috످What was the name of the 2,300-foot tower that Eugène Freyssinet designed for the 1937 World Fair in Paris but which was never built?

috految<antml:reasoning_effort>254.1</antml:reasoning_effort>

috److془The answer: Phare du Monde ("Lighthouse of the World"). 701 m (2,300 ft), spiral road, parking garage for 500 cars, restaurant for 2000.془The tower was called the Phare du Monde ("Lighthouse of the World").

috످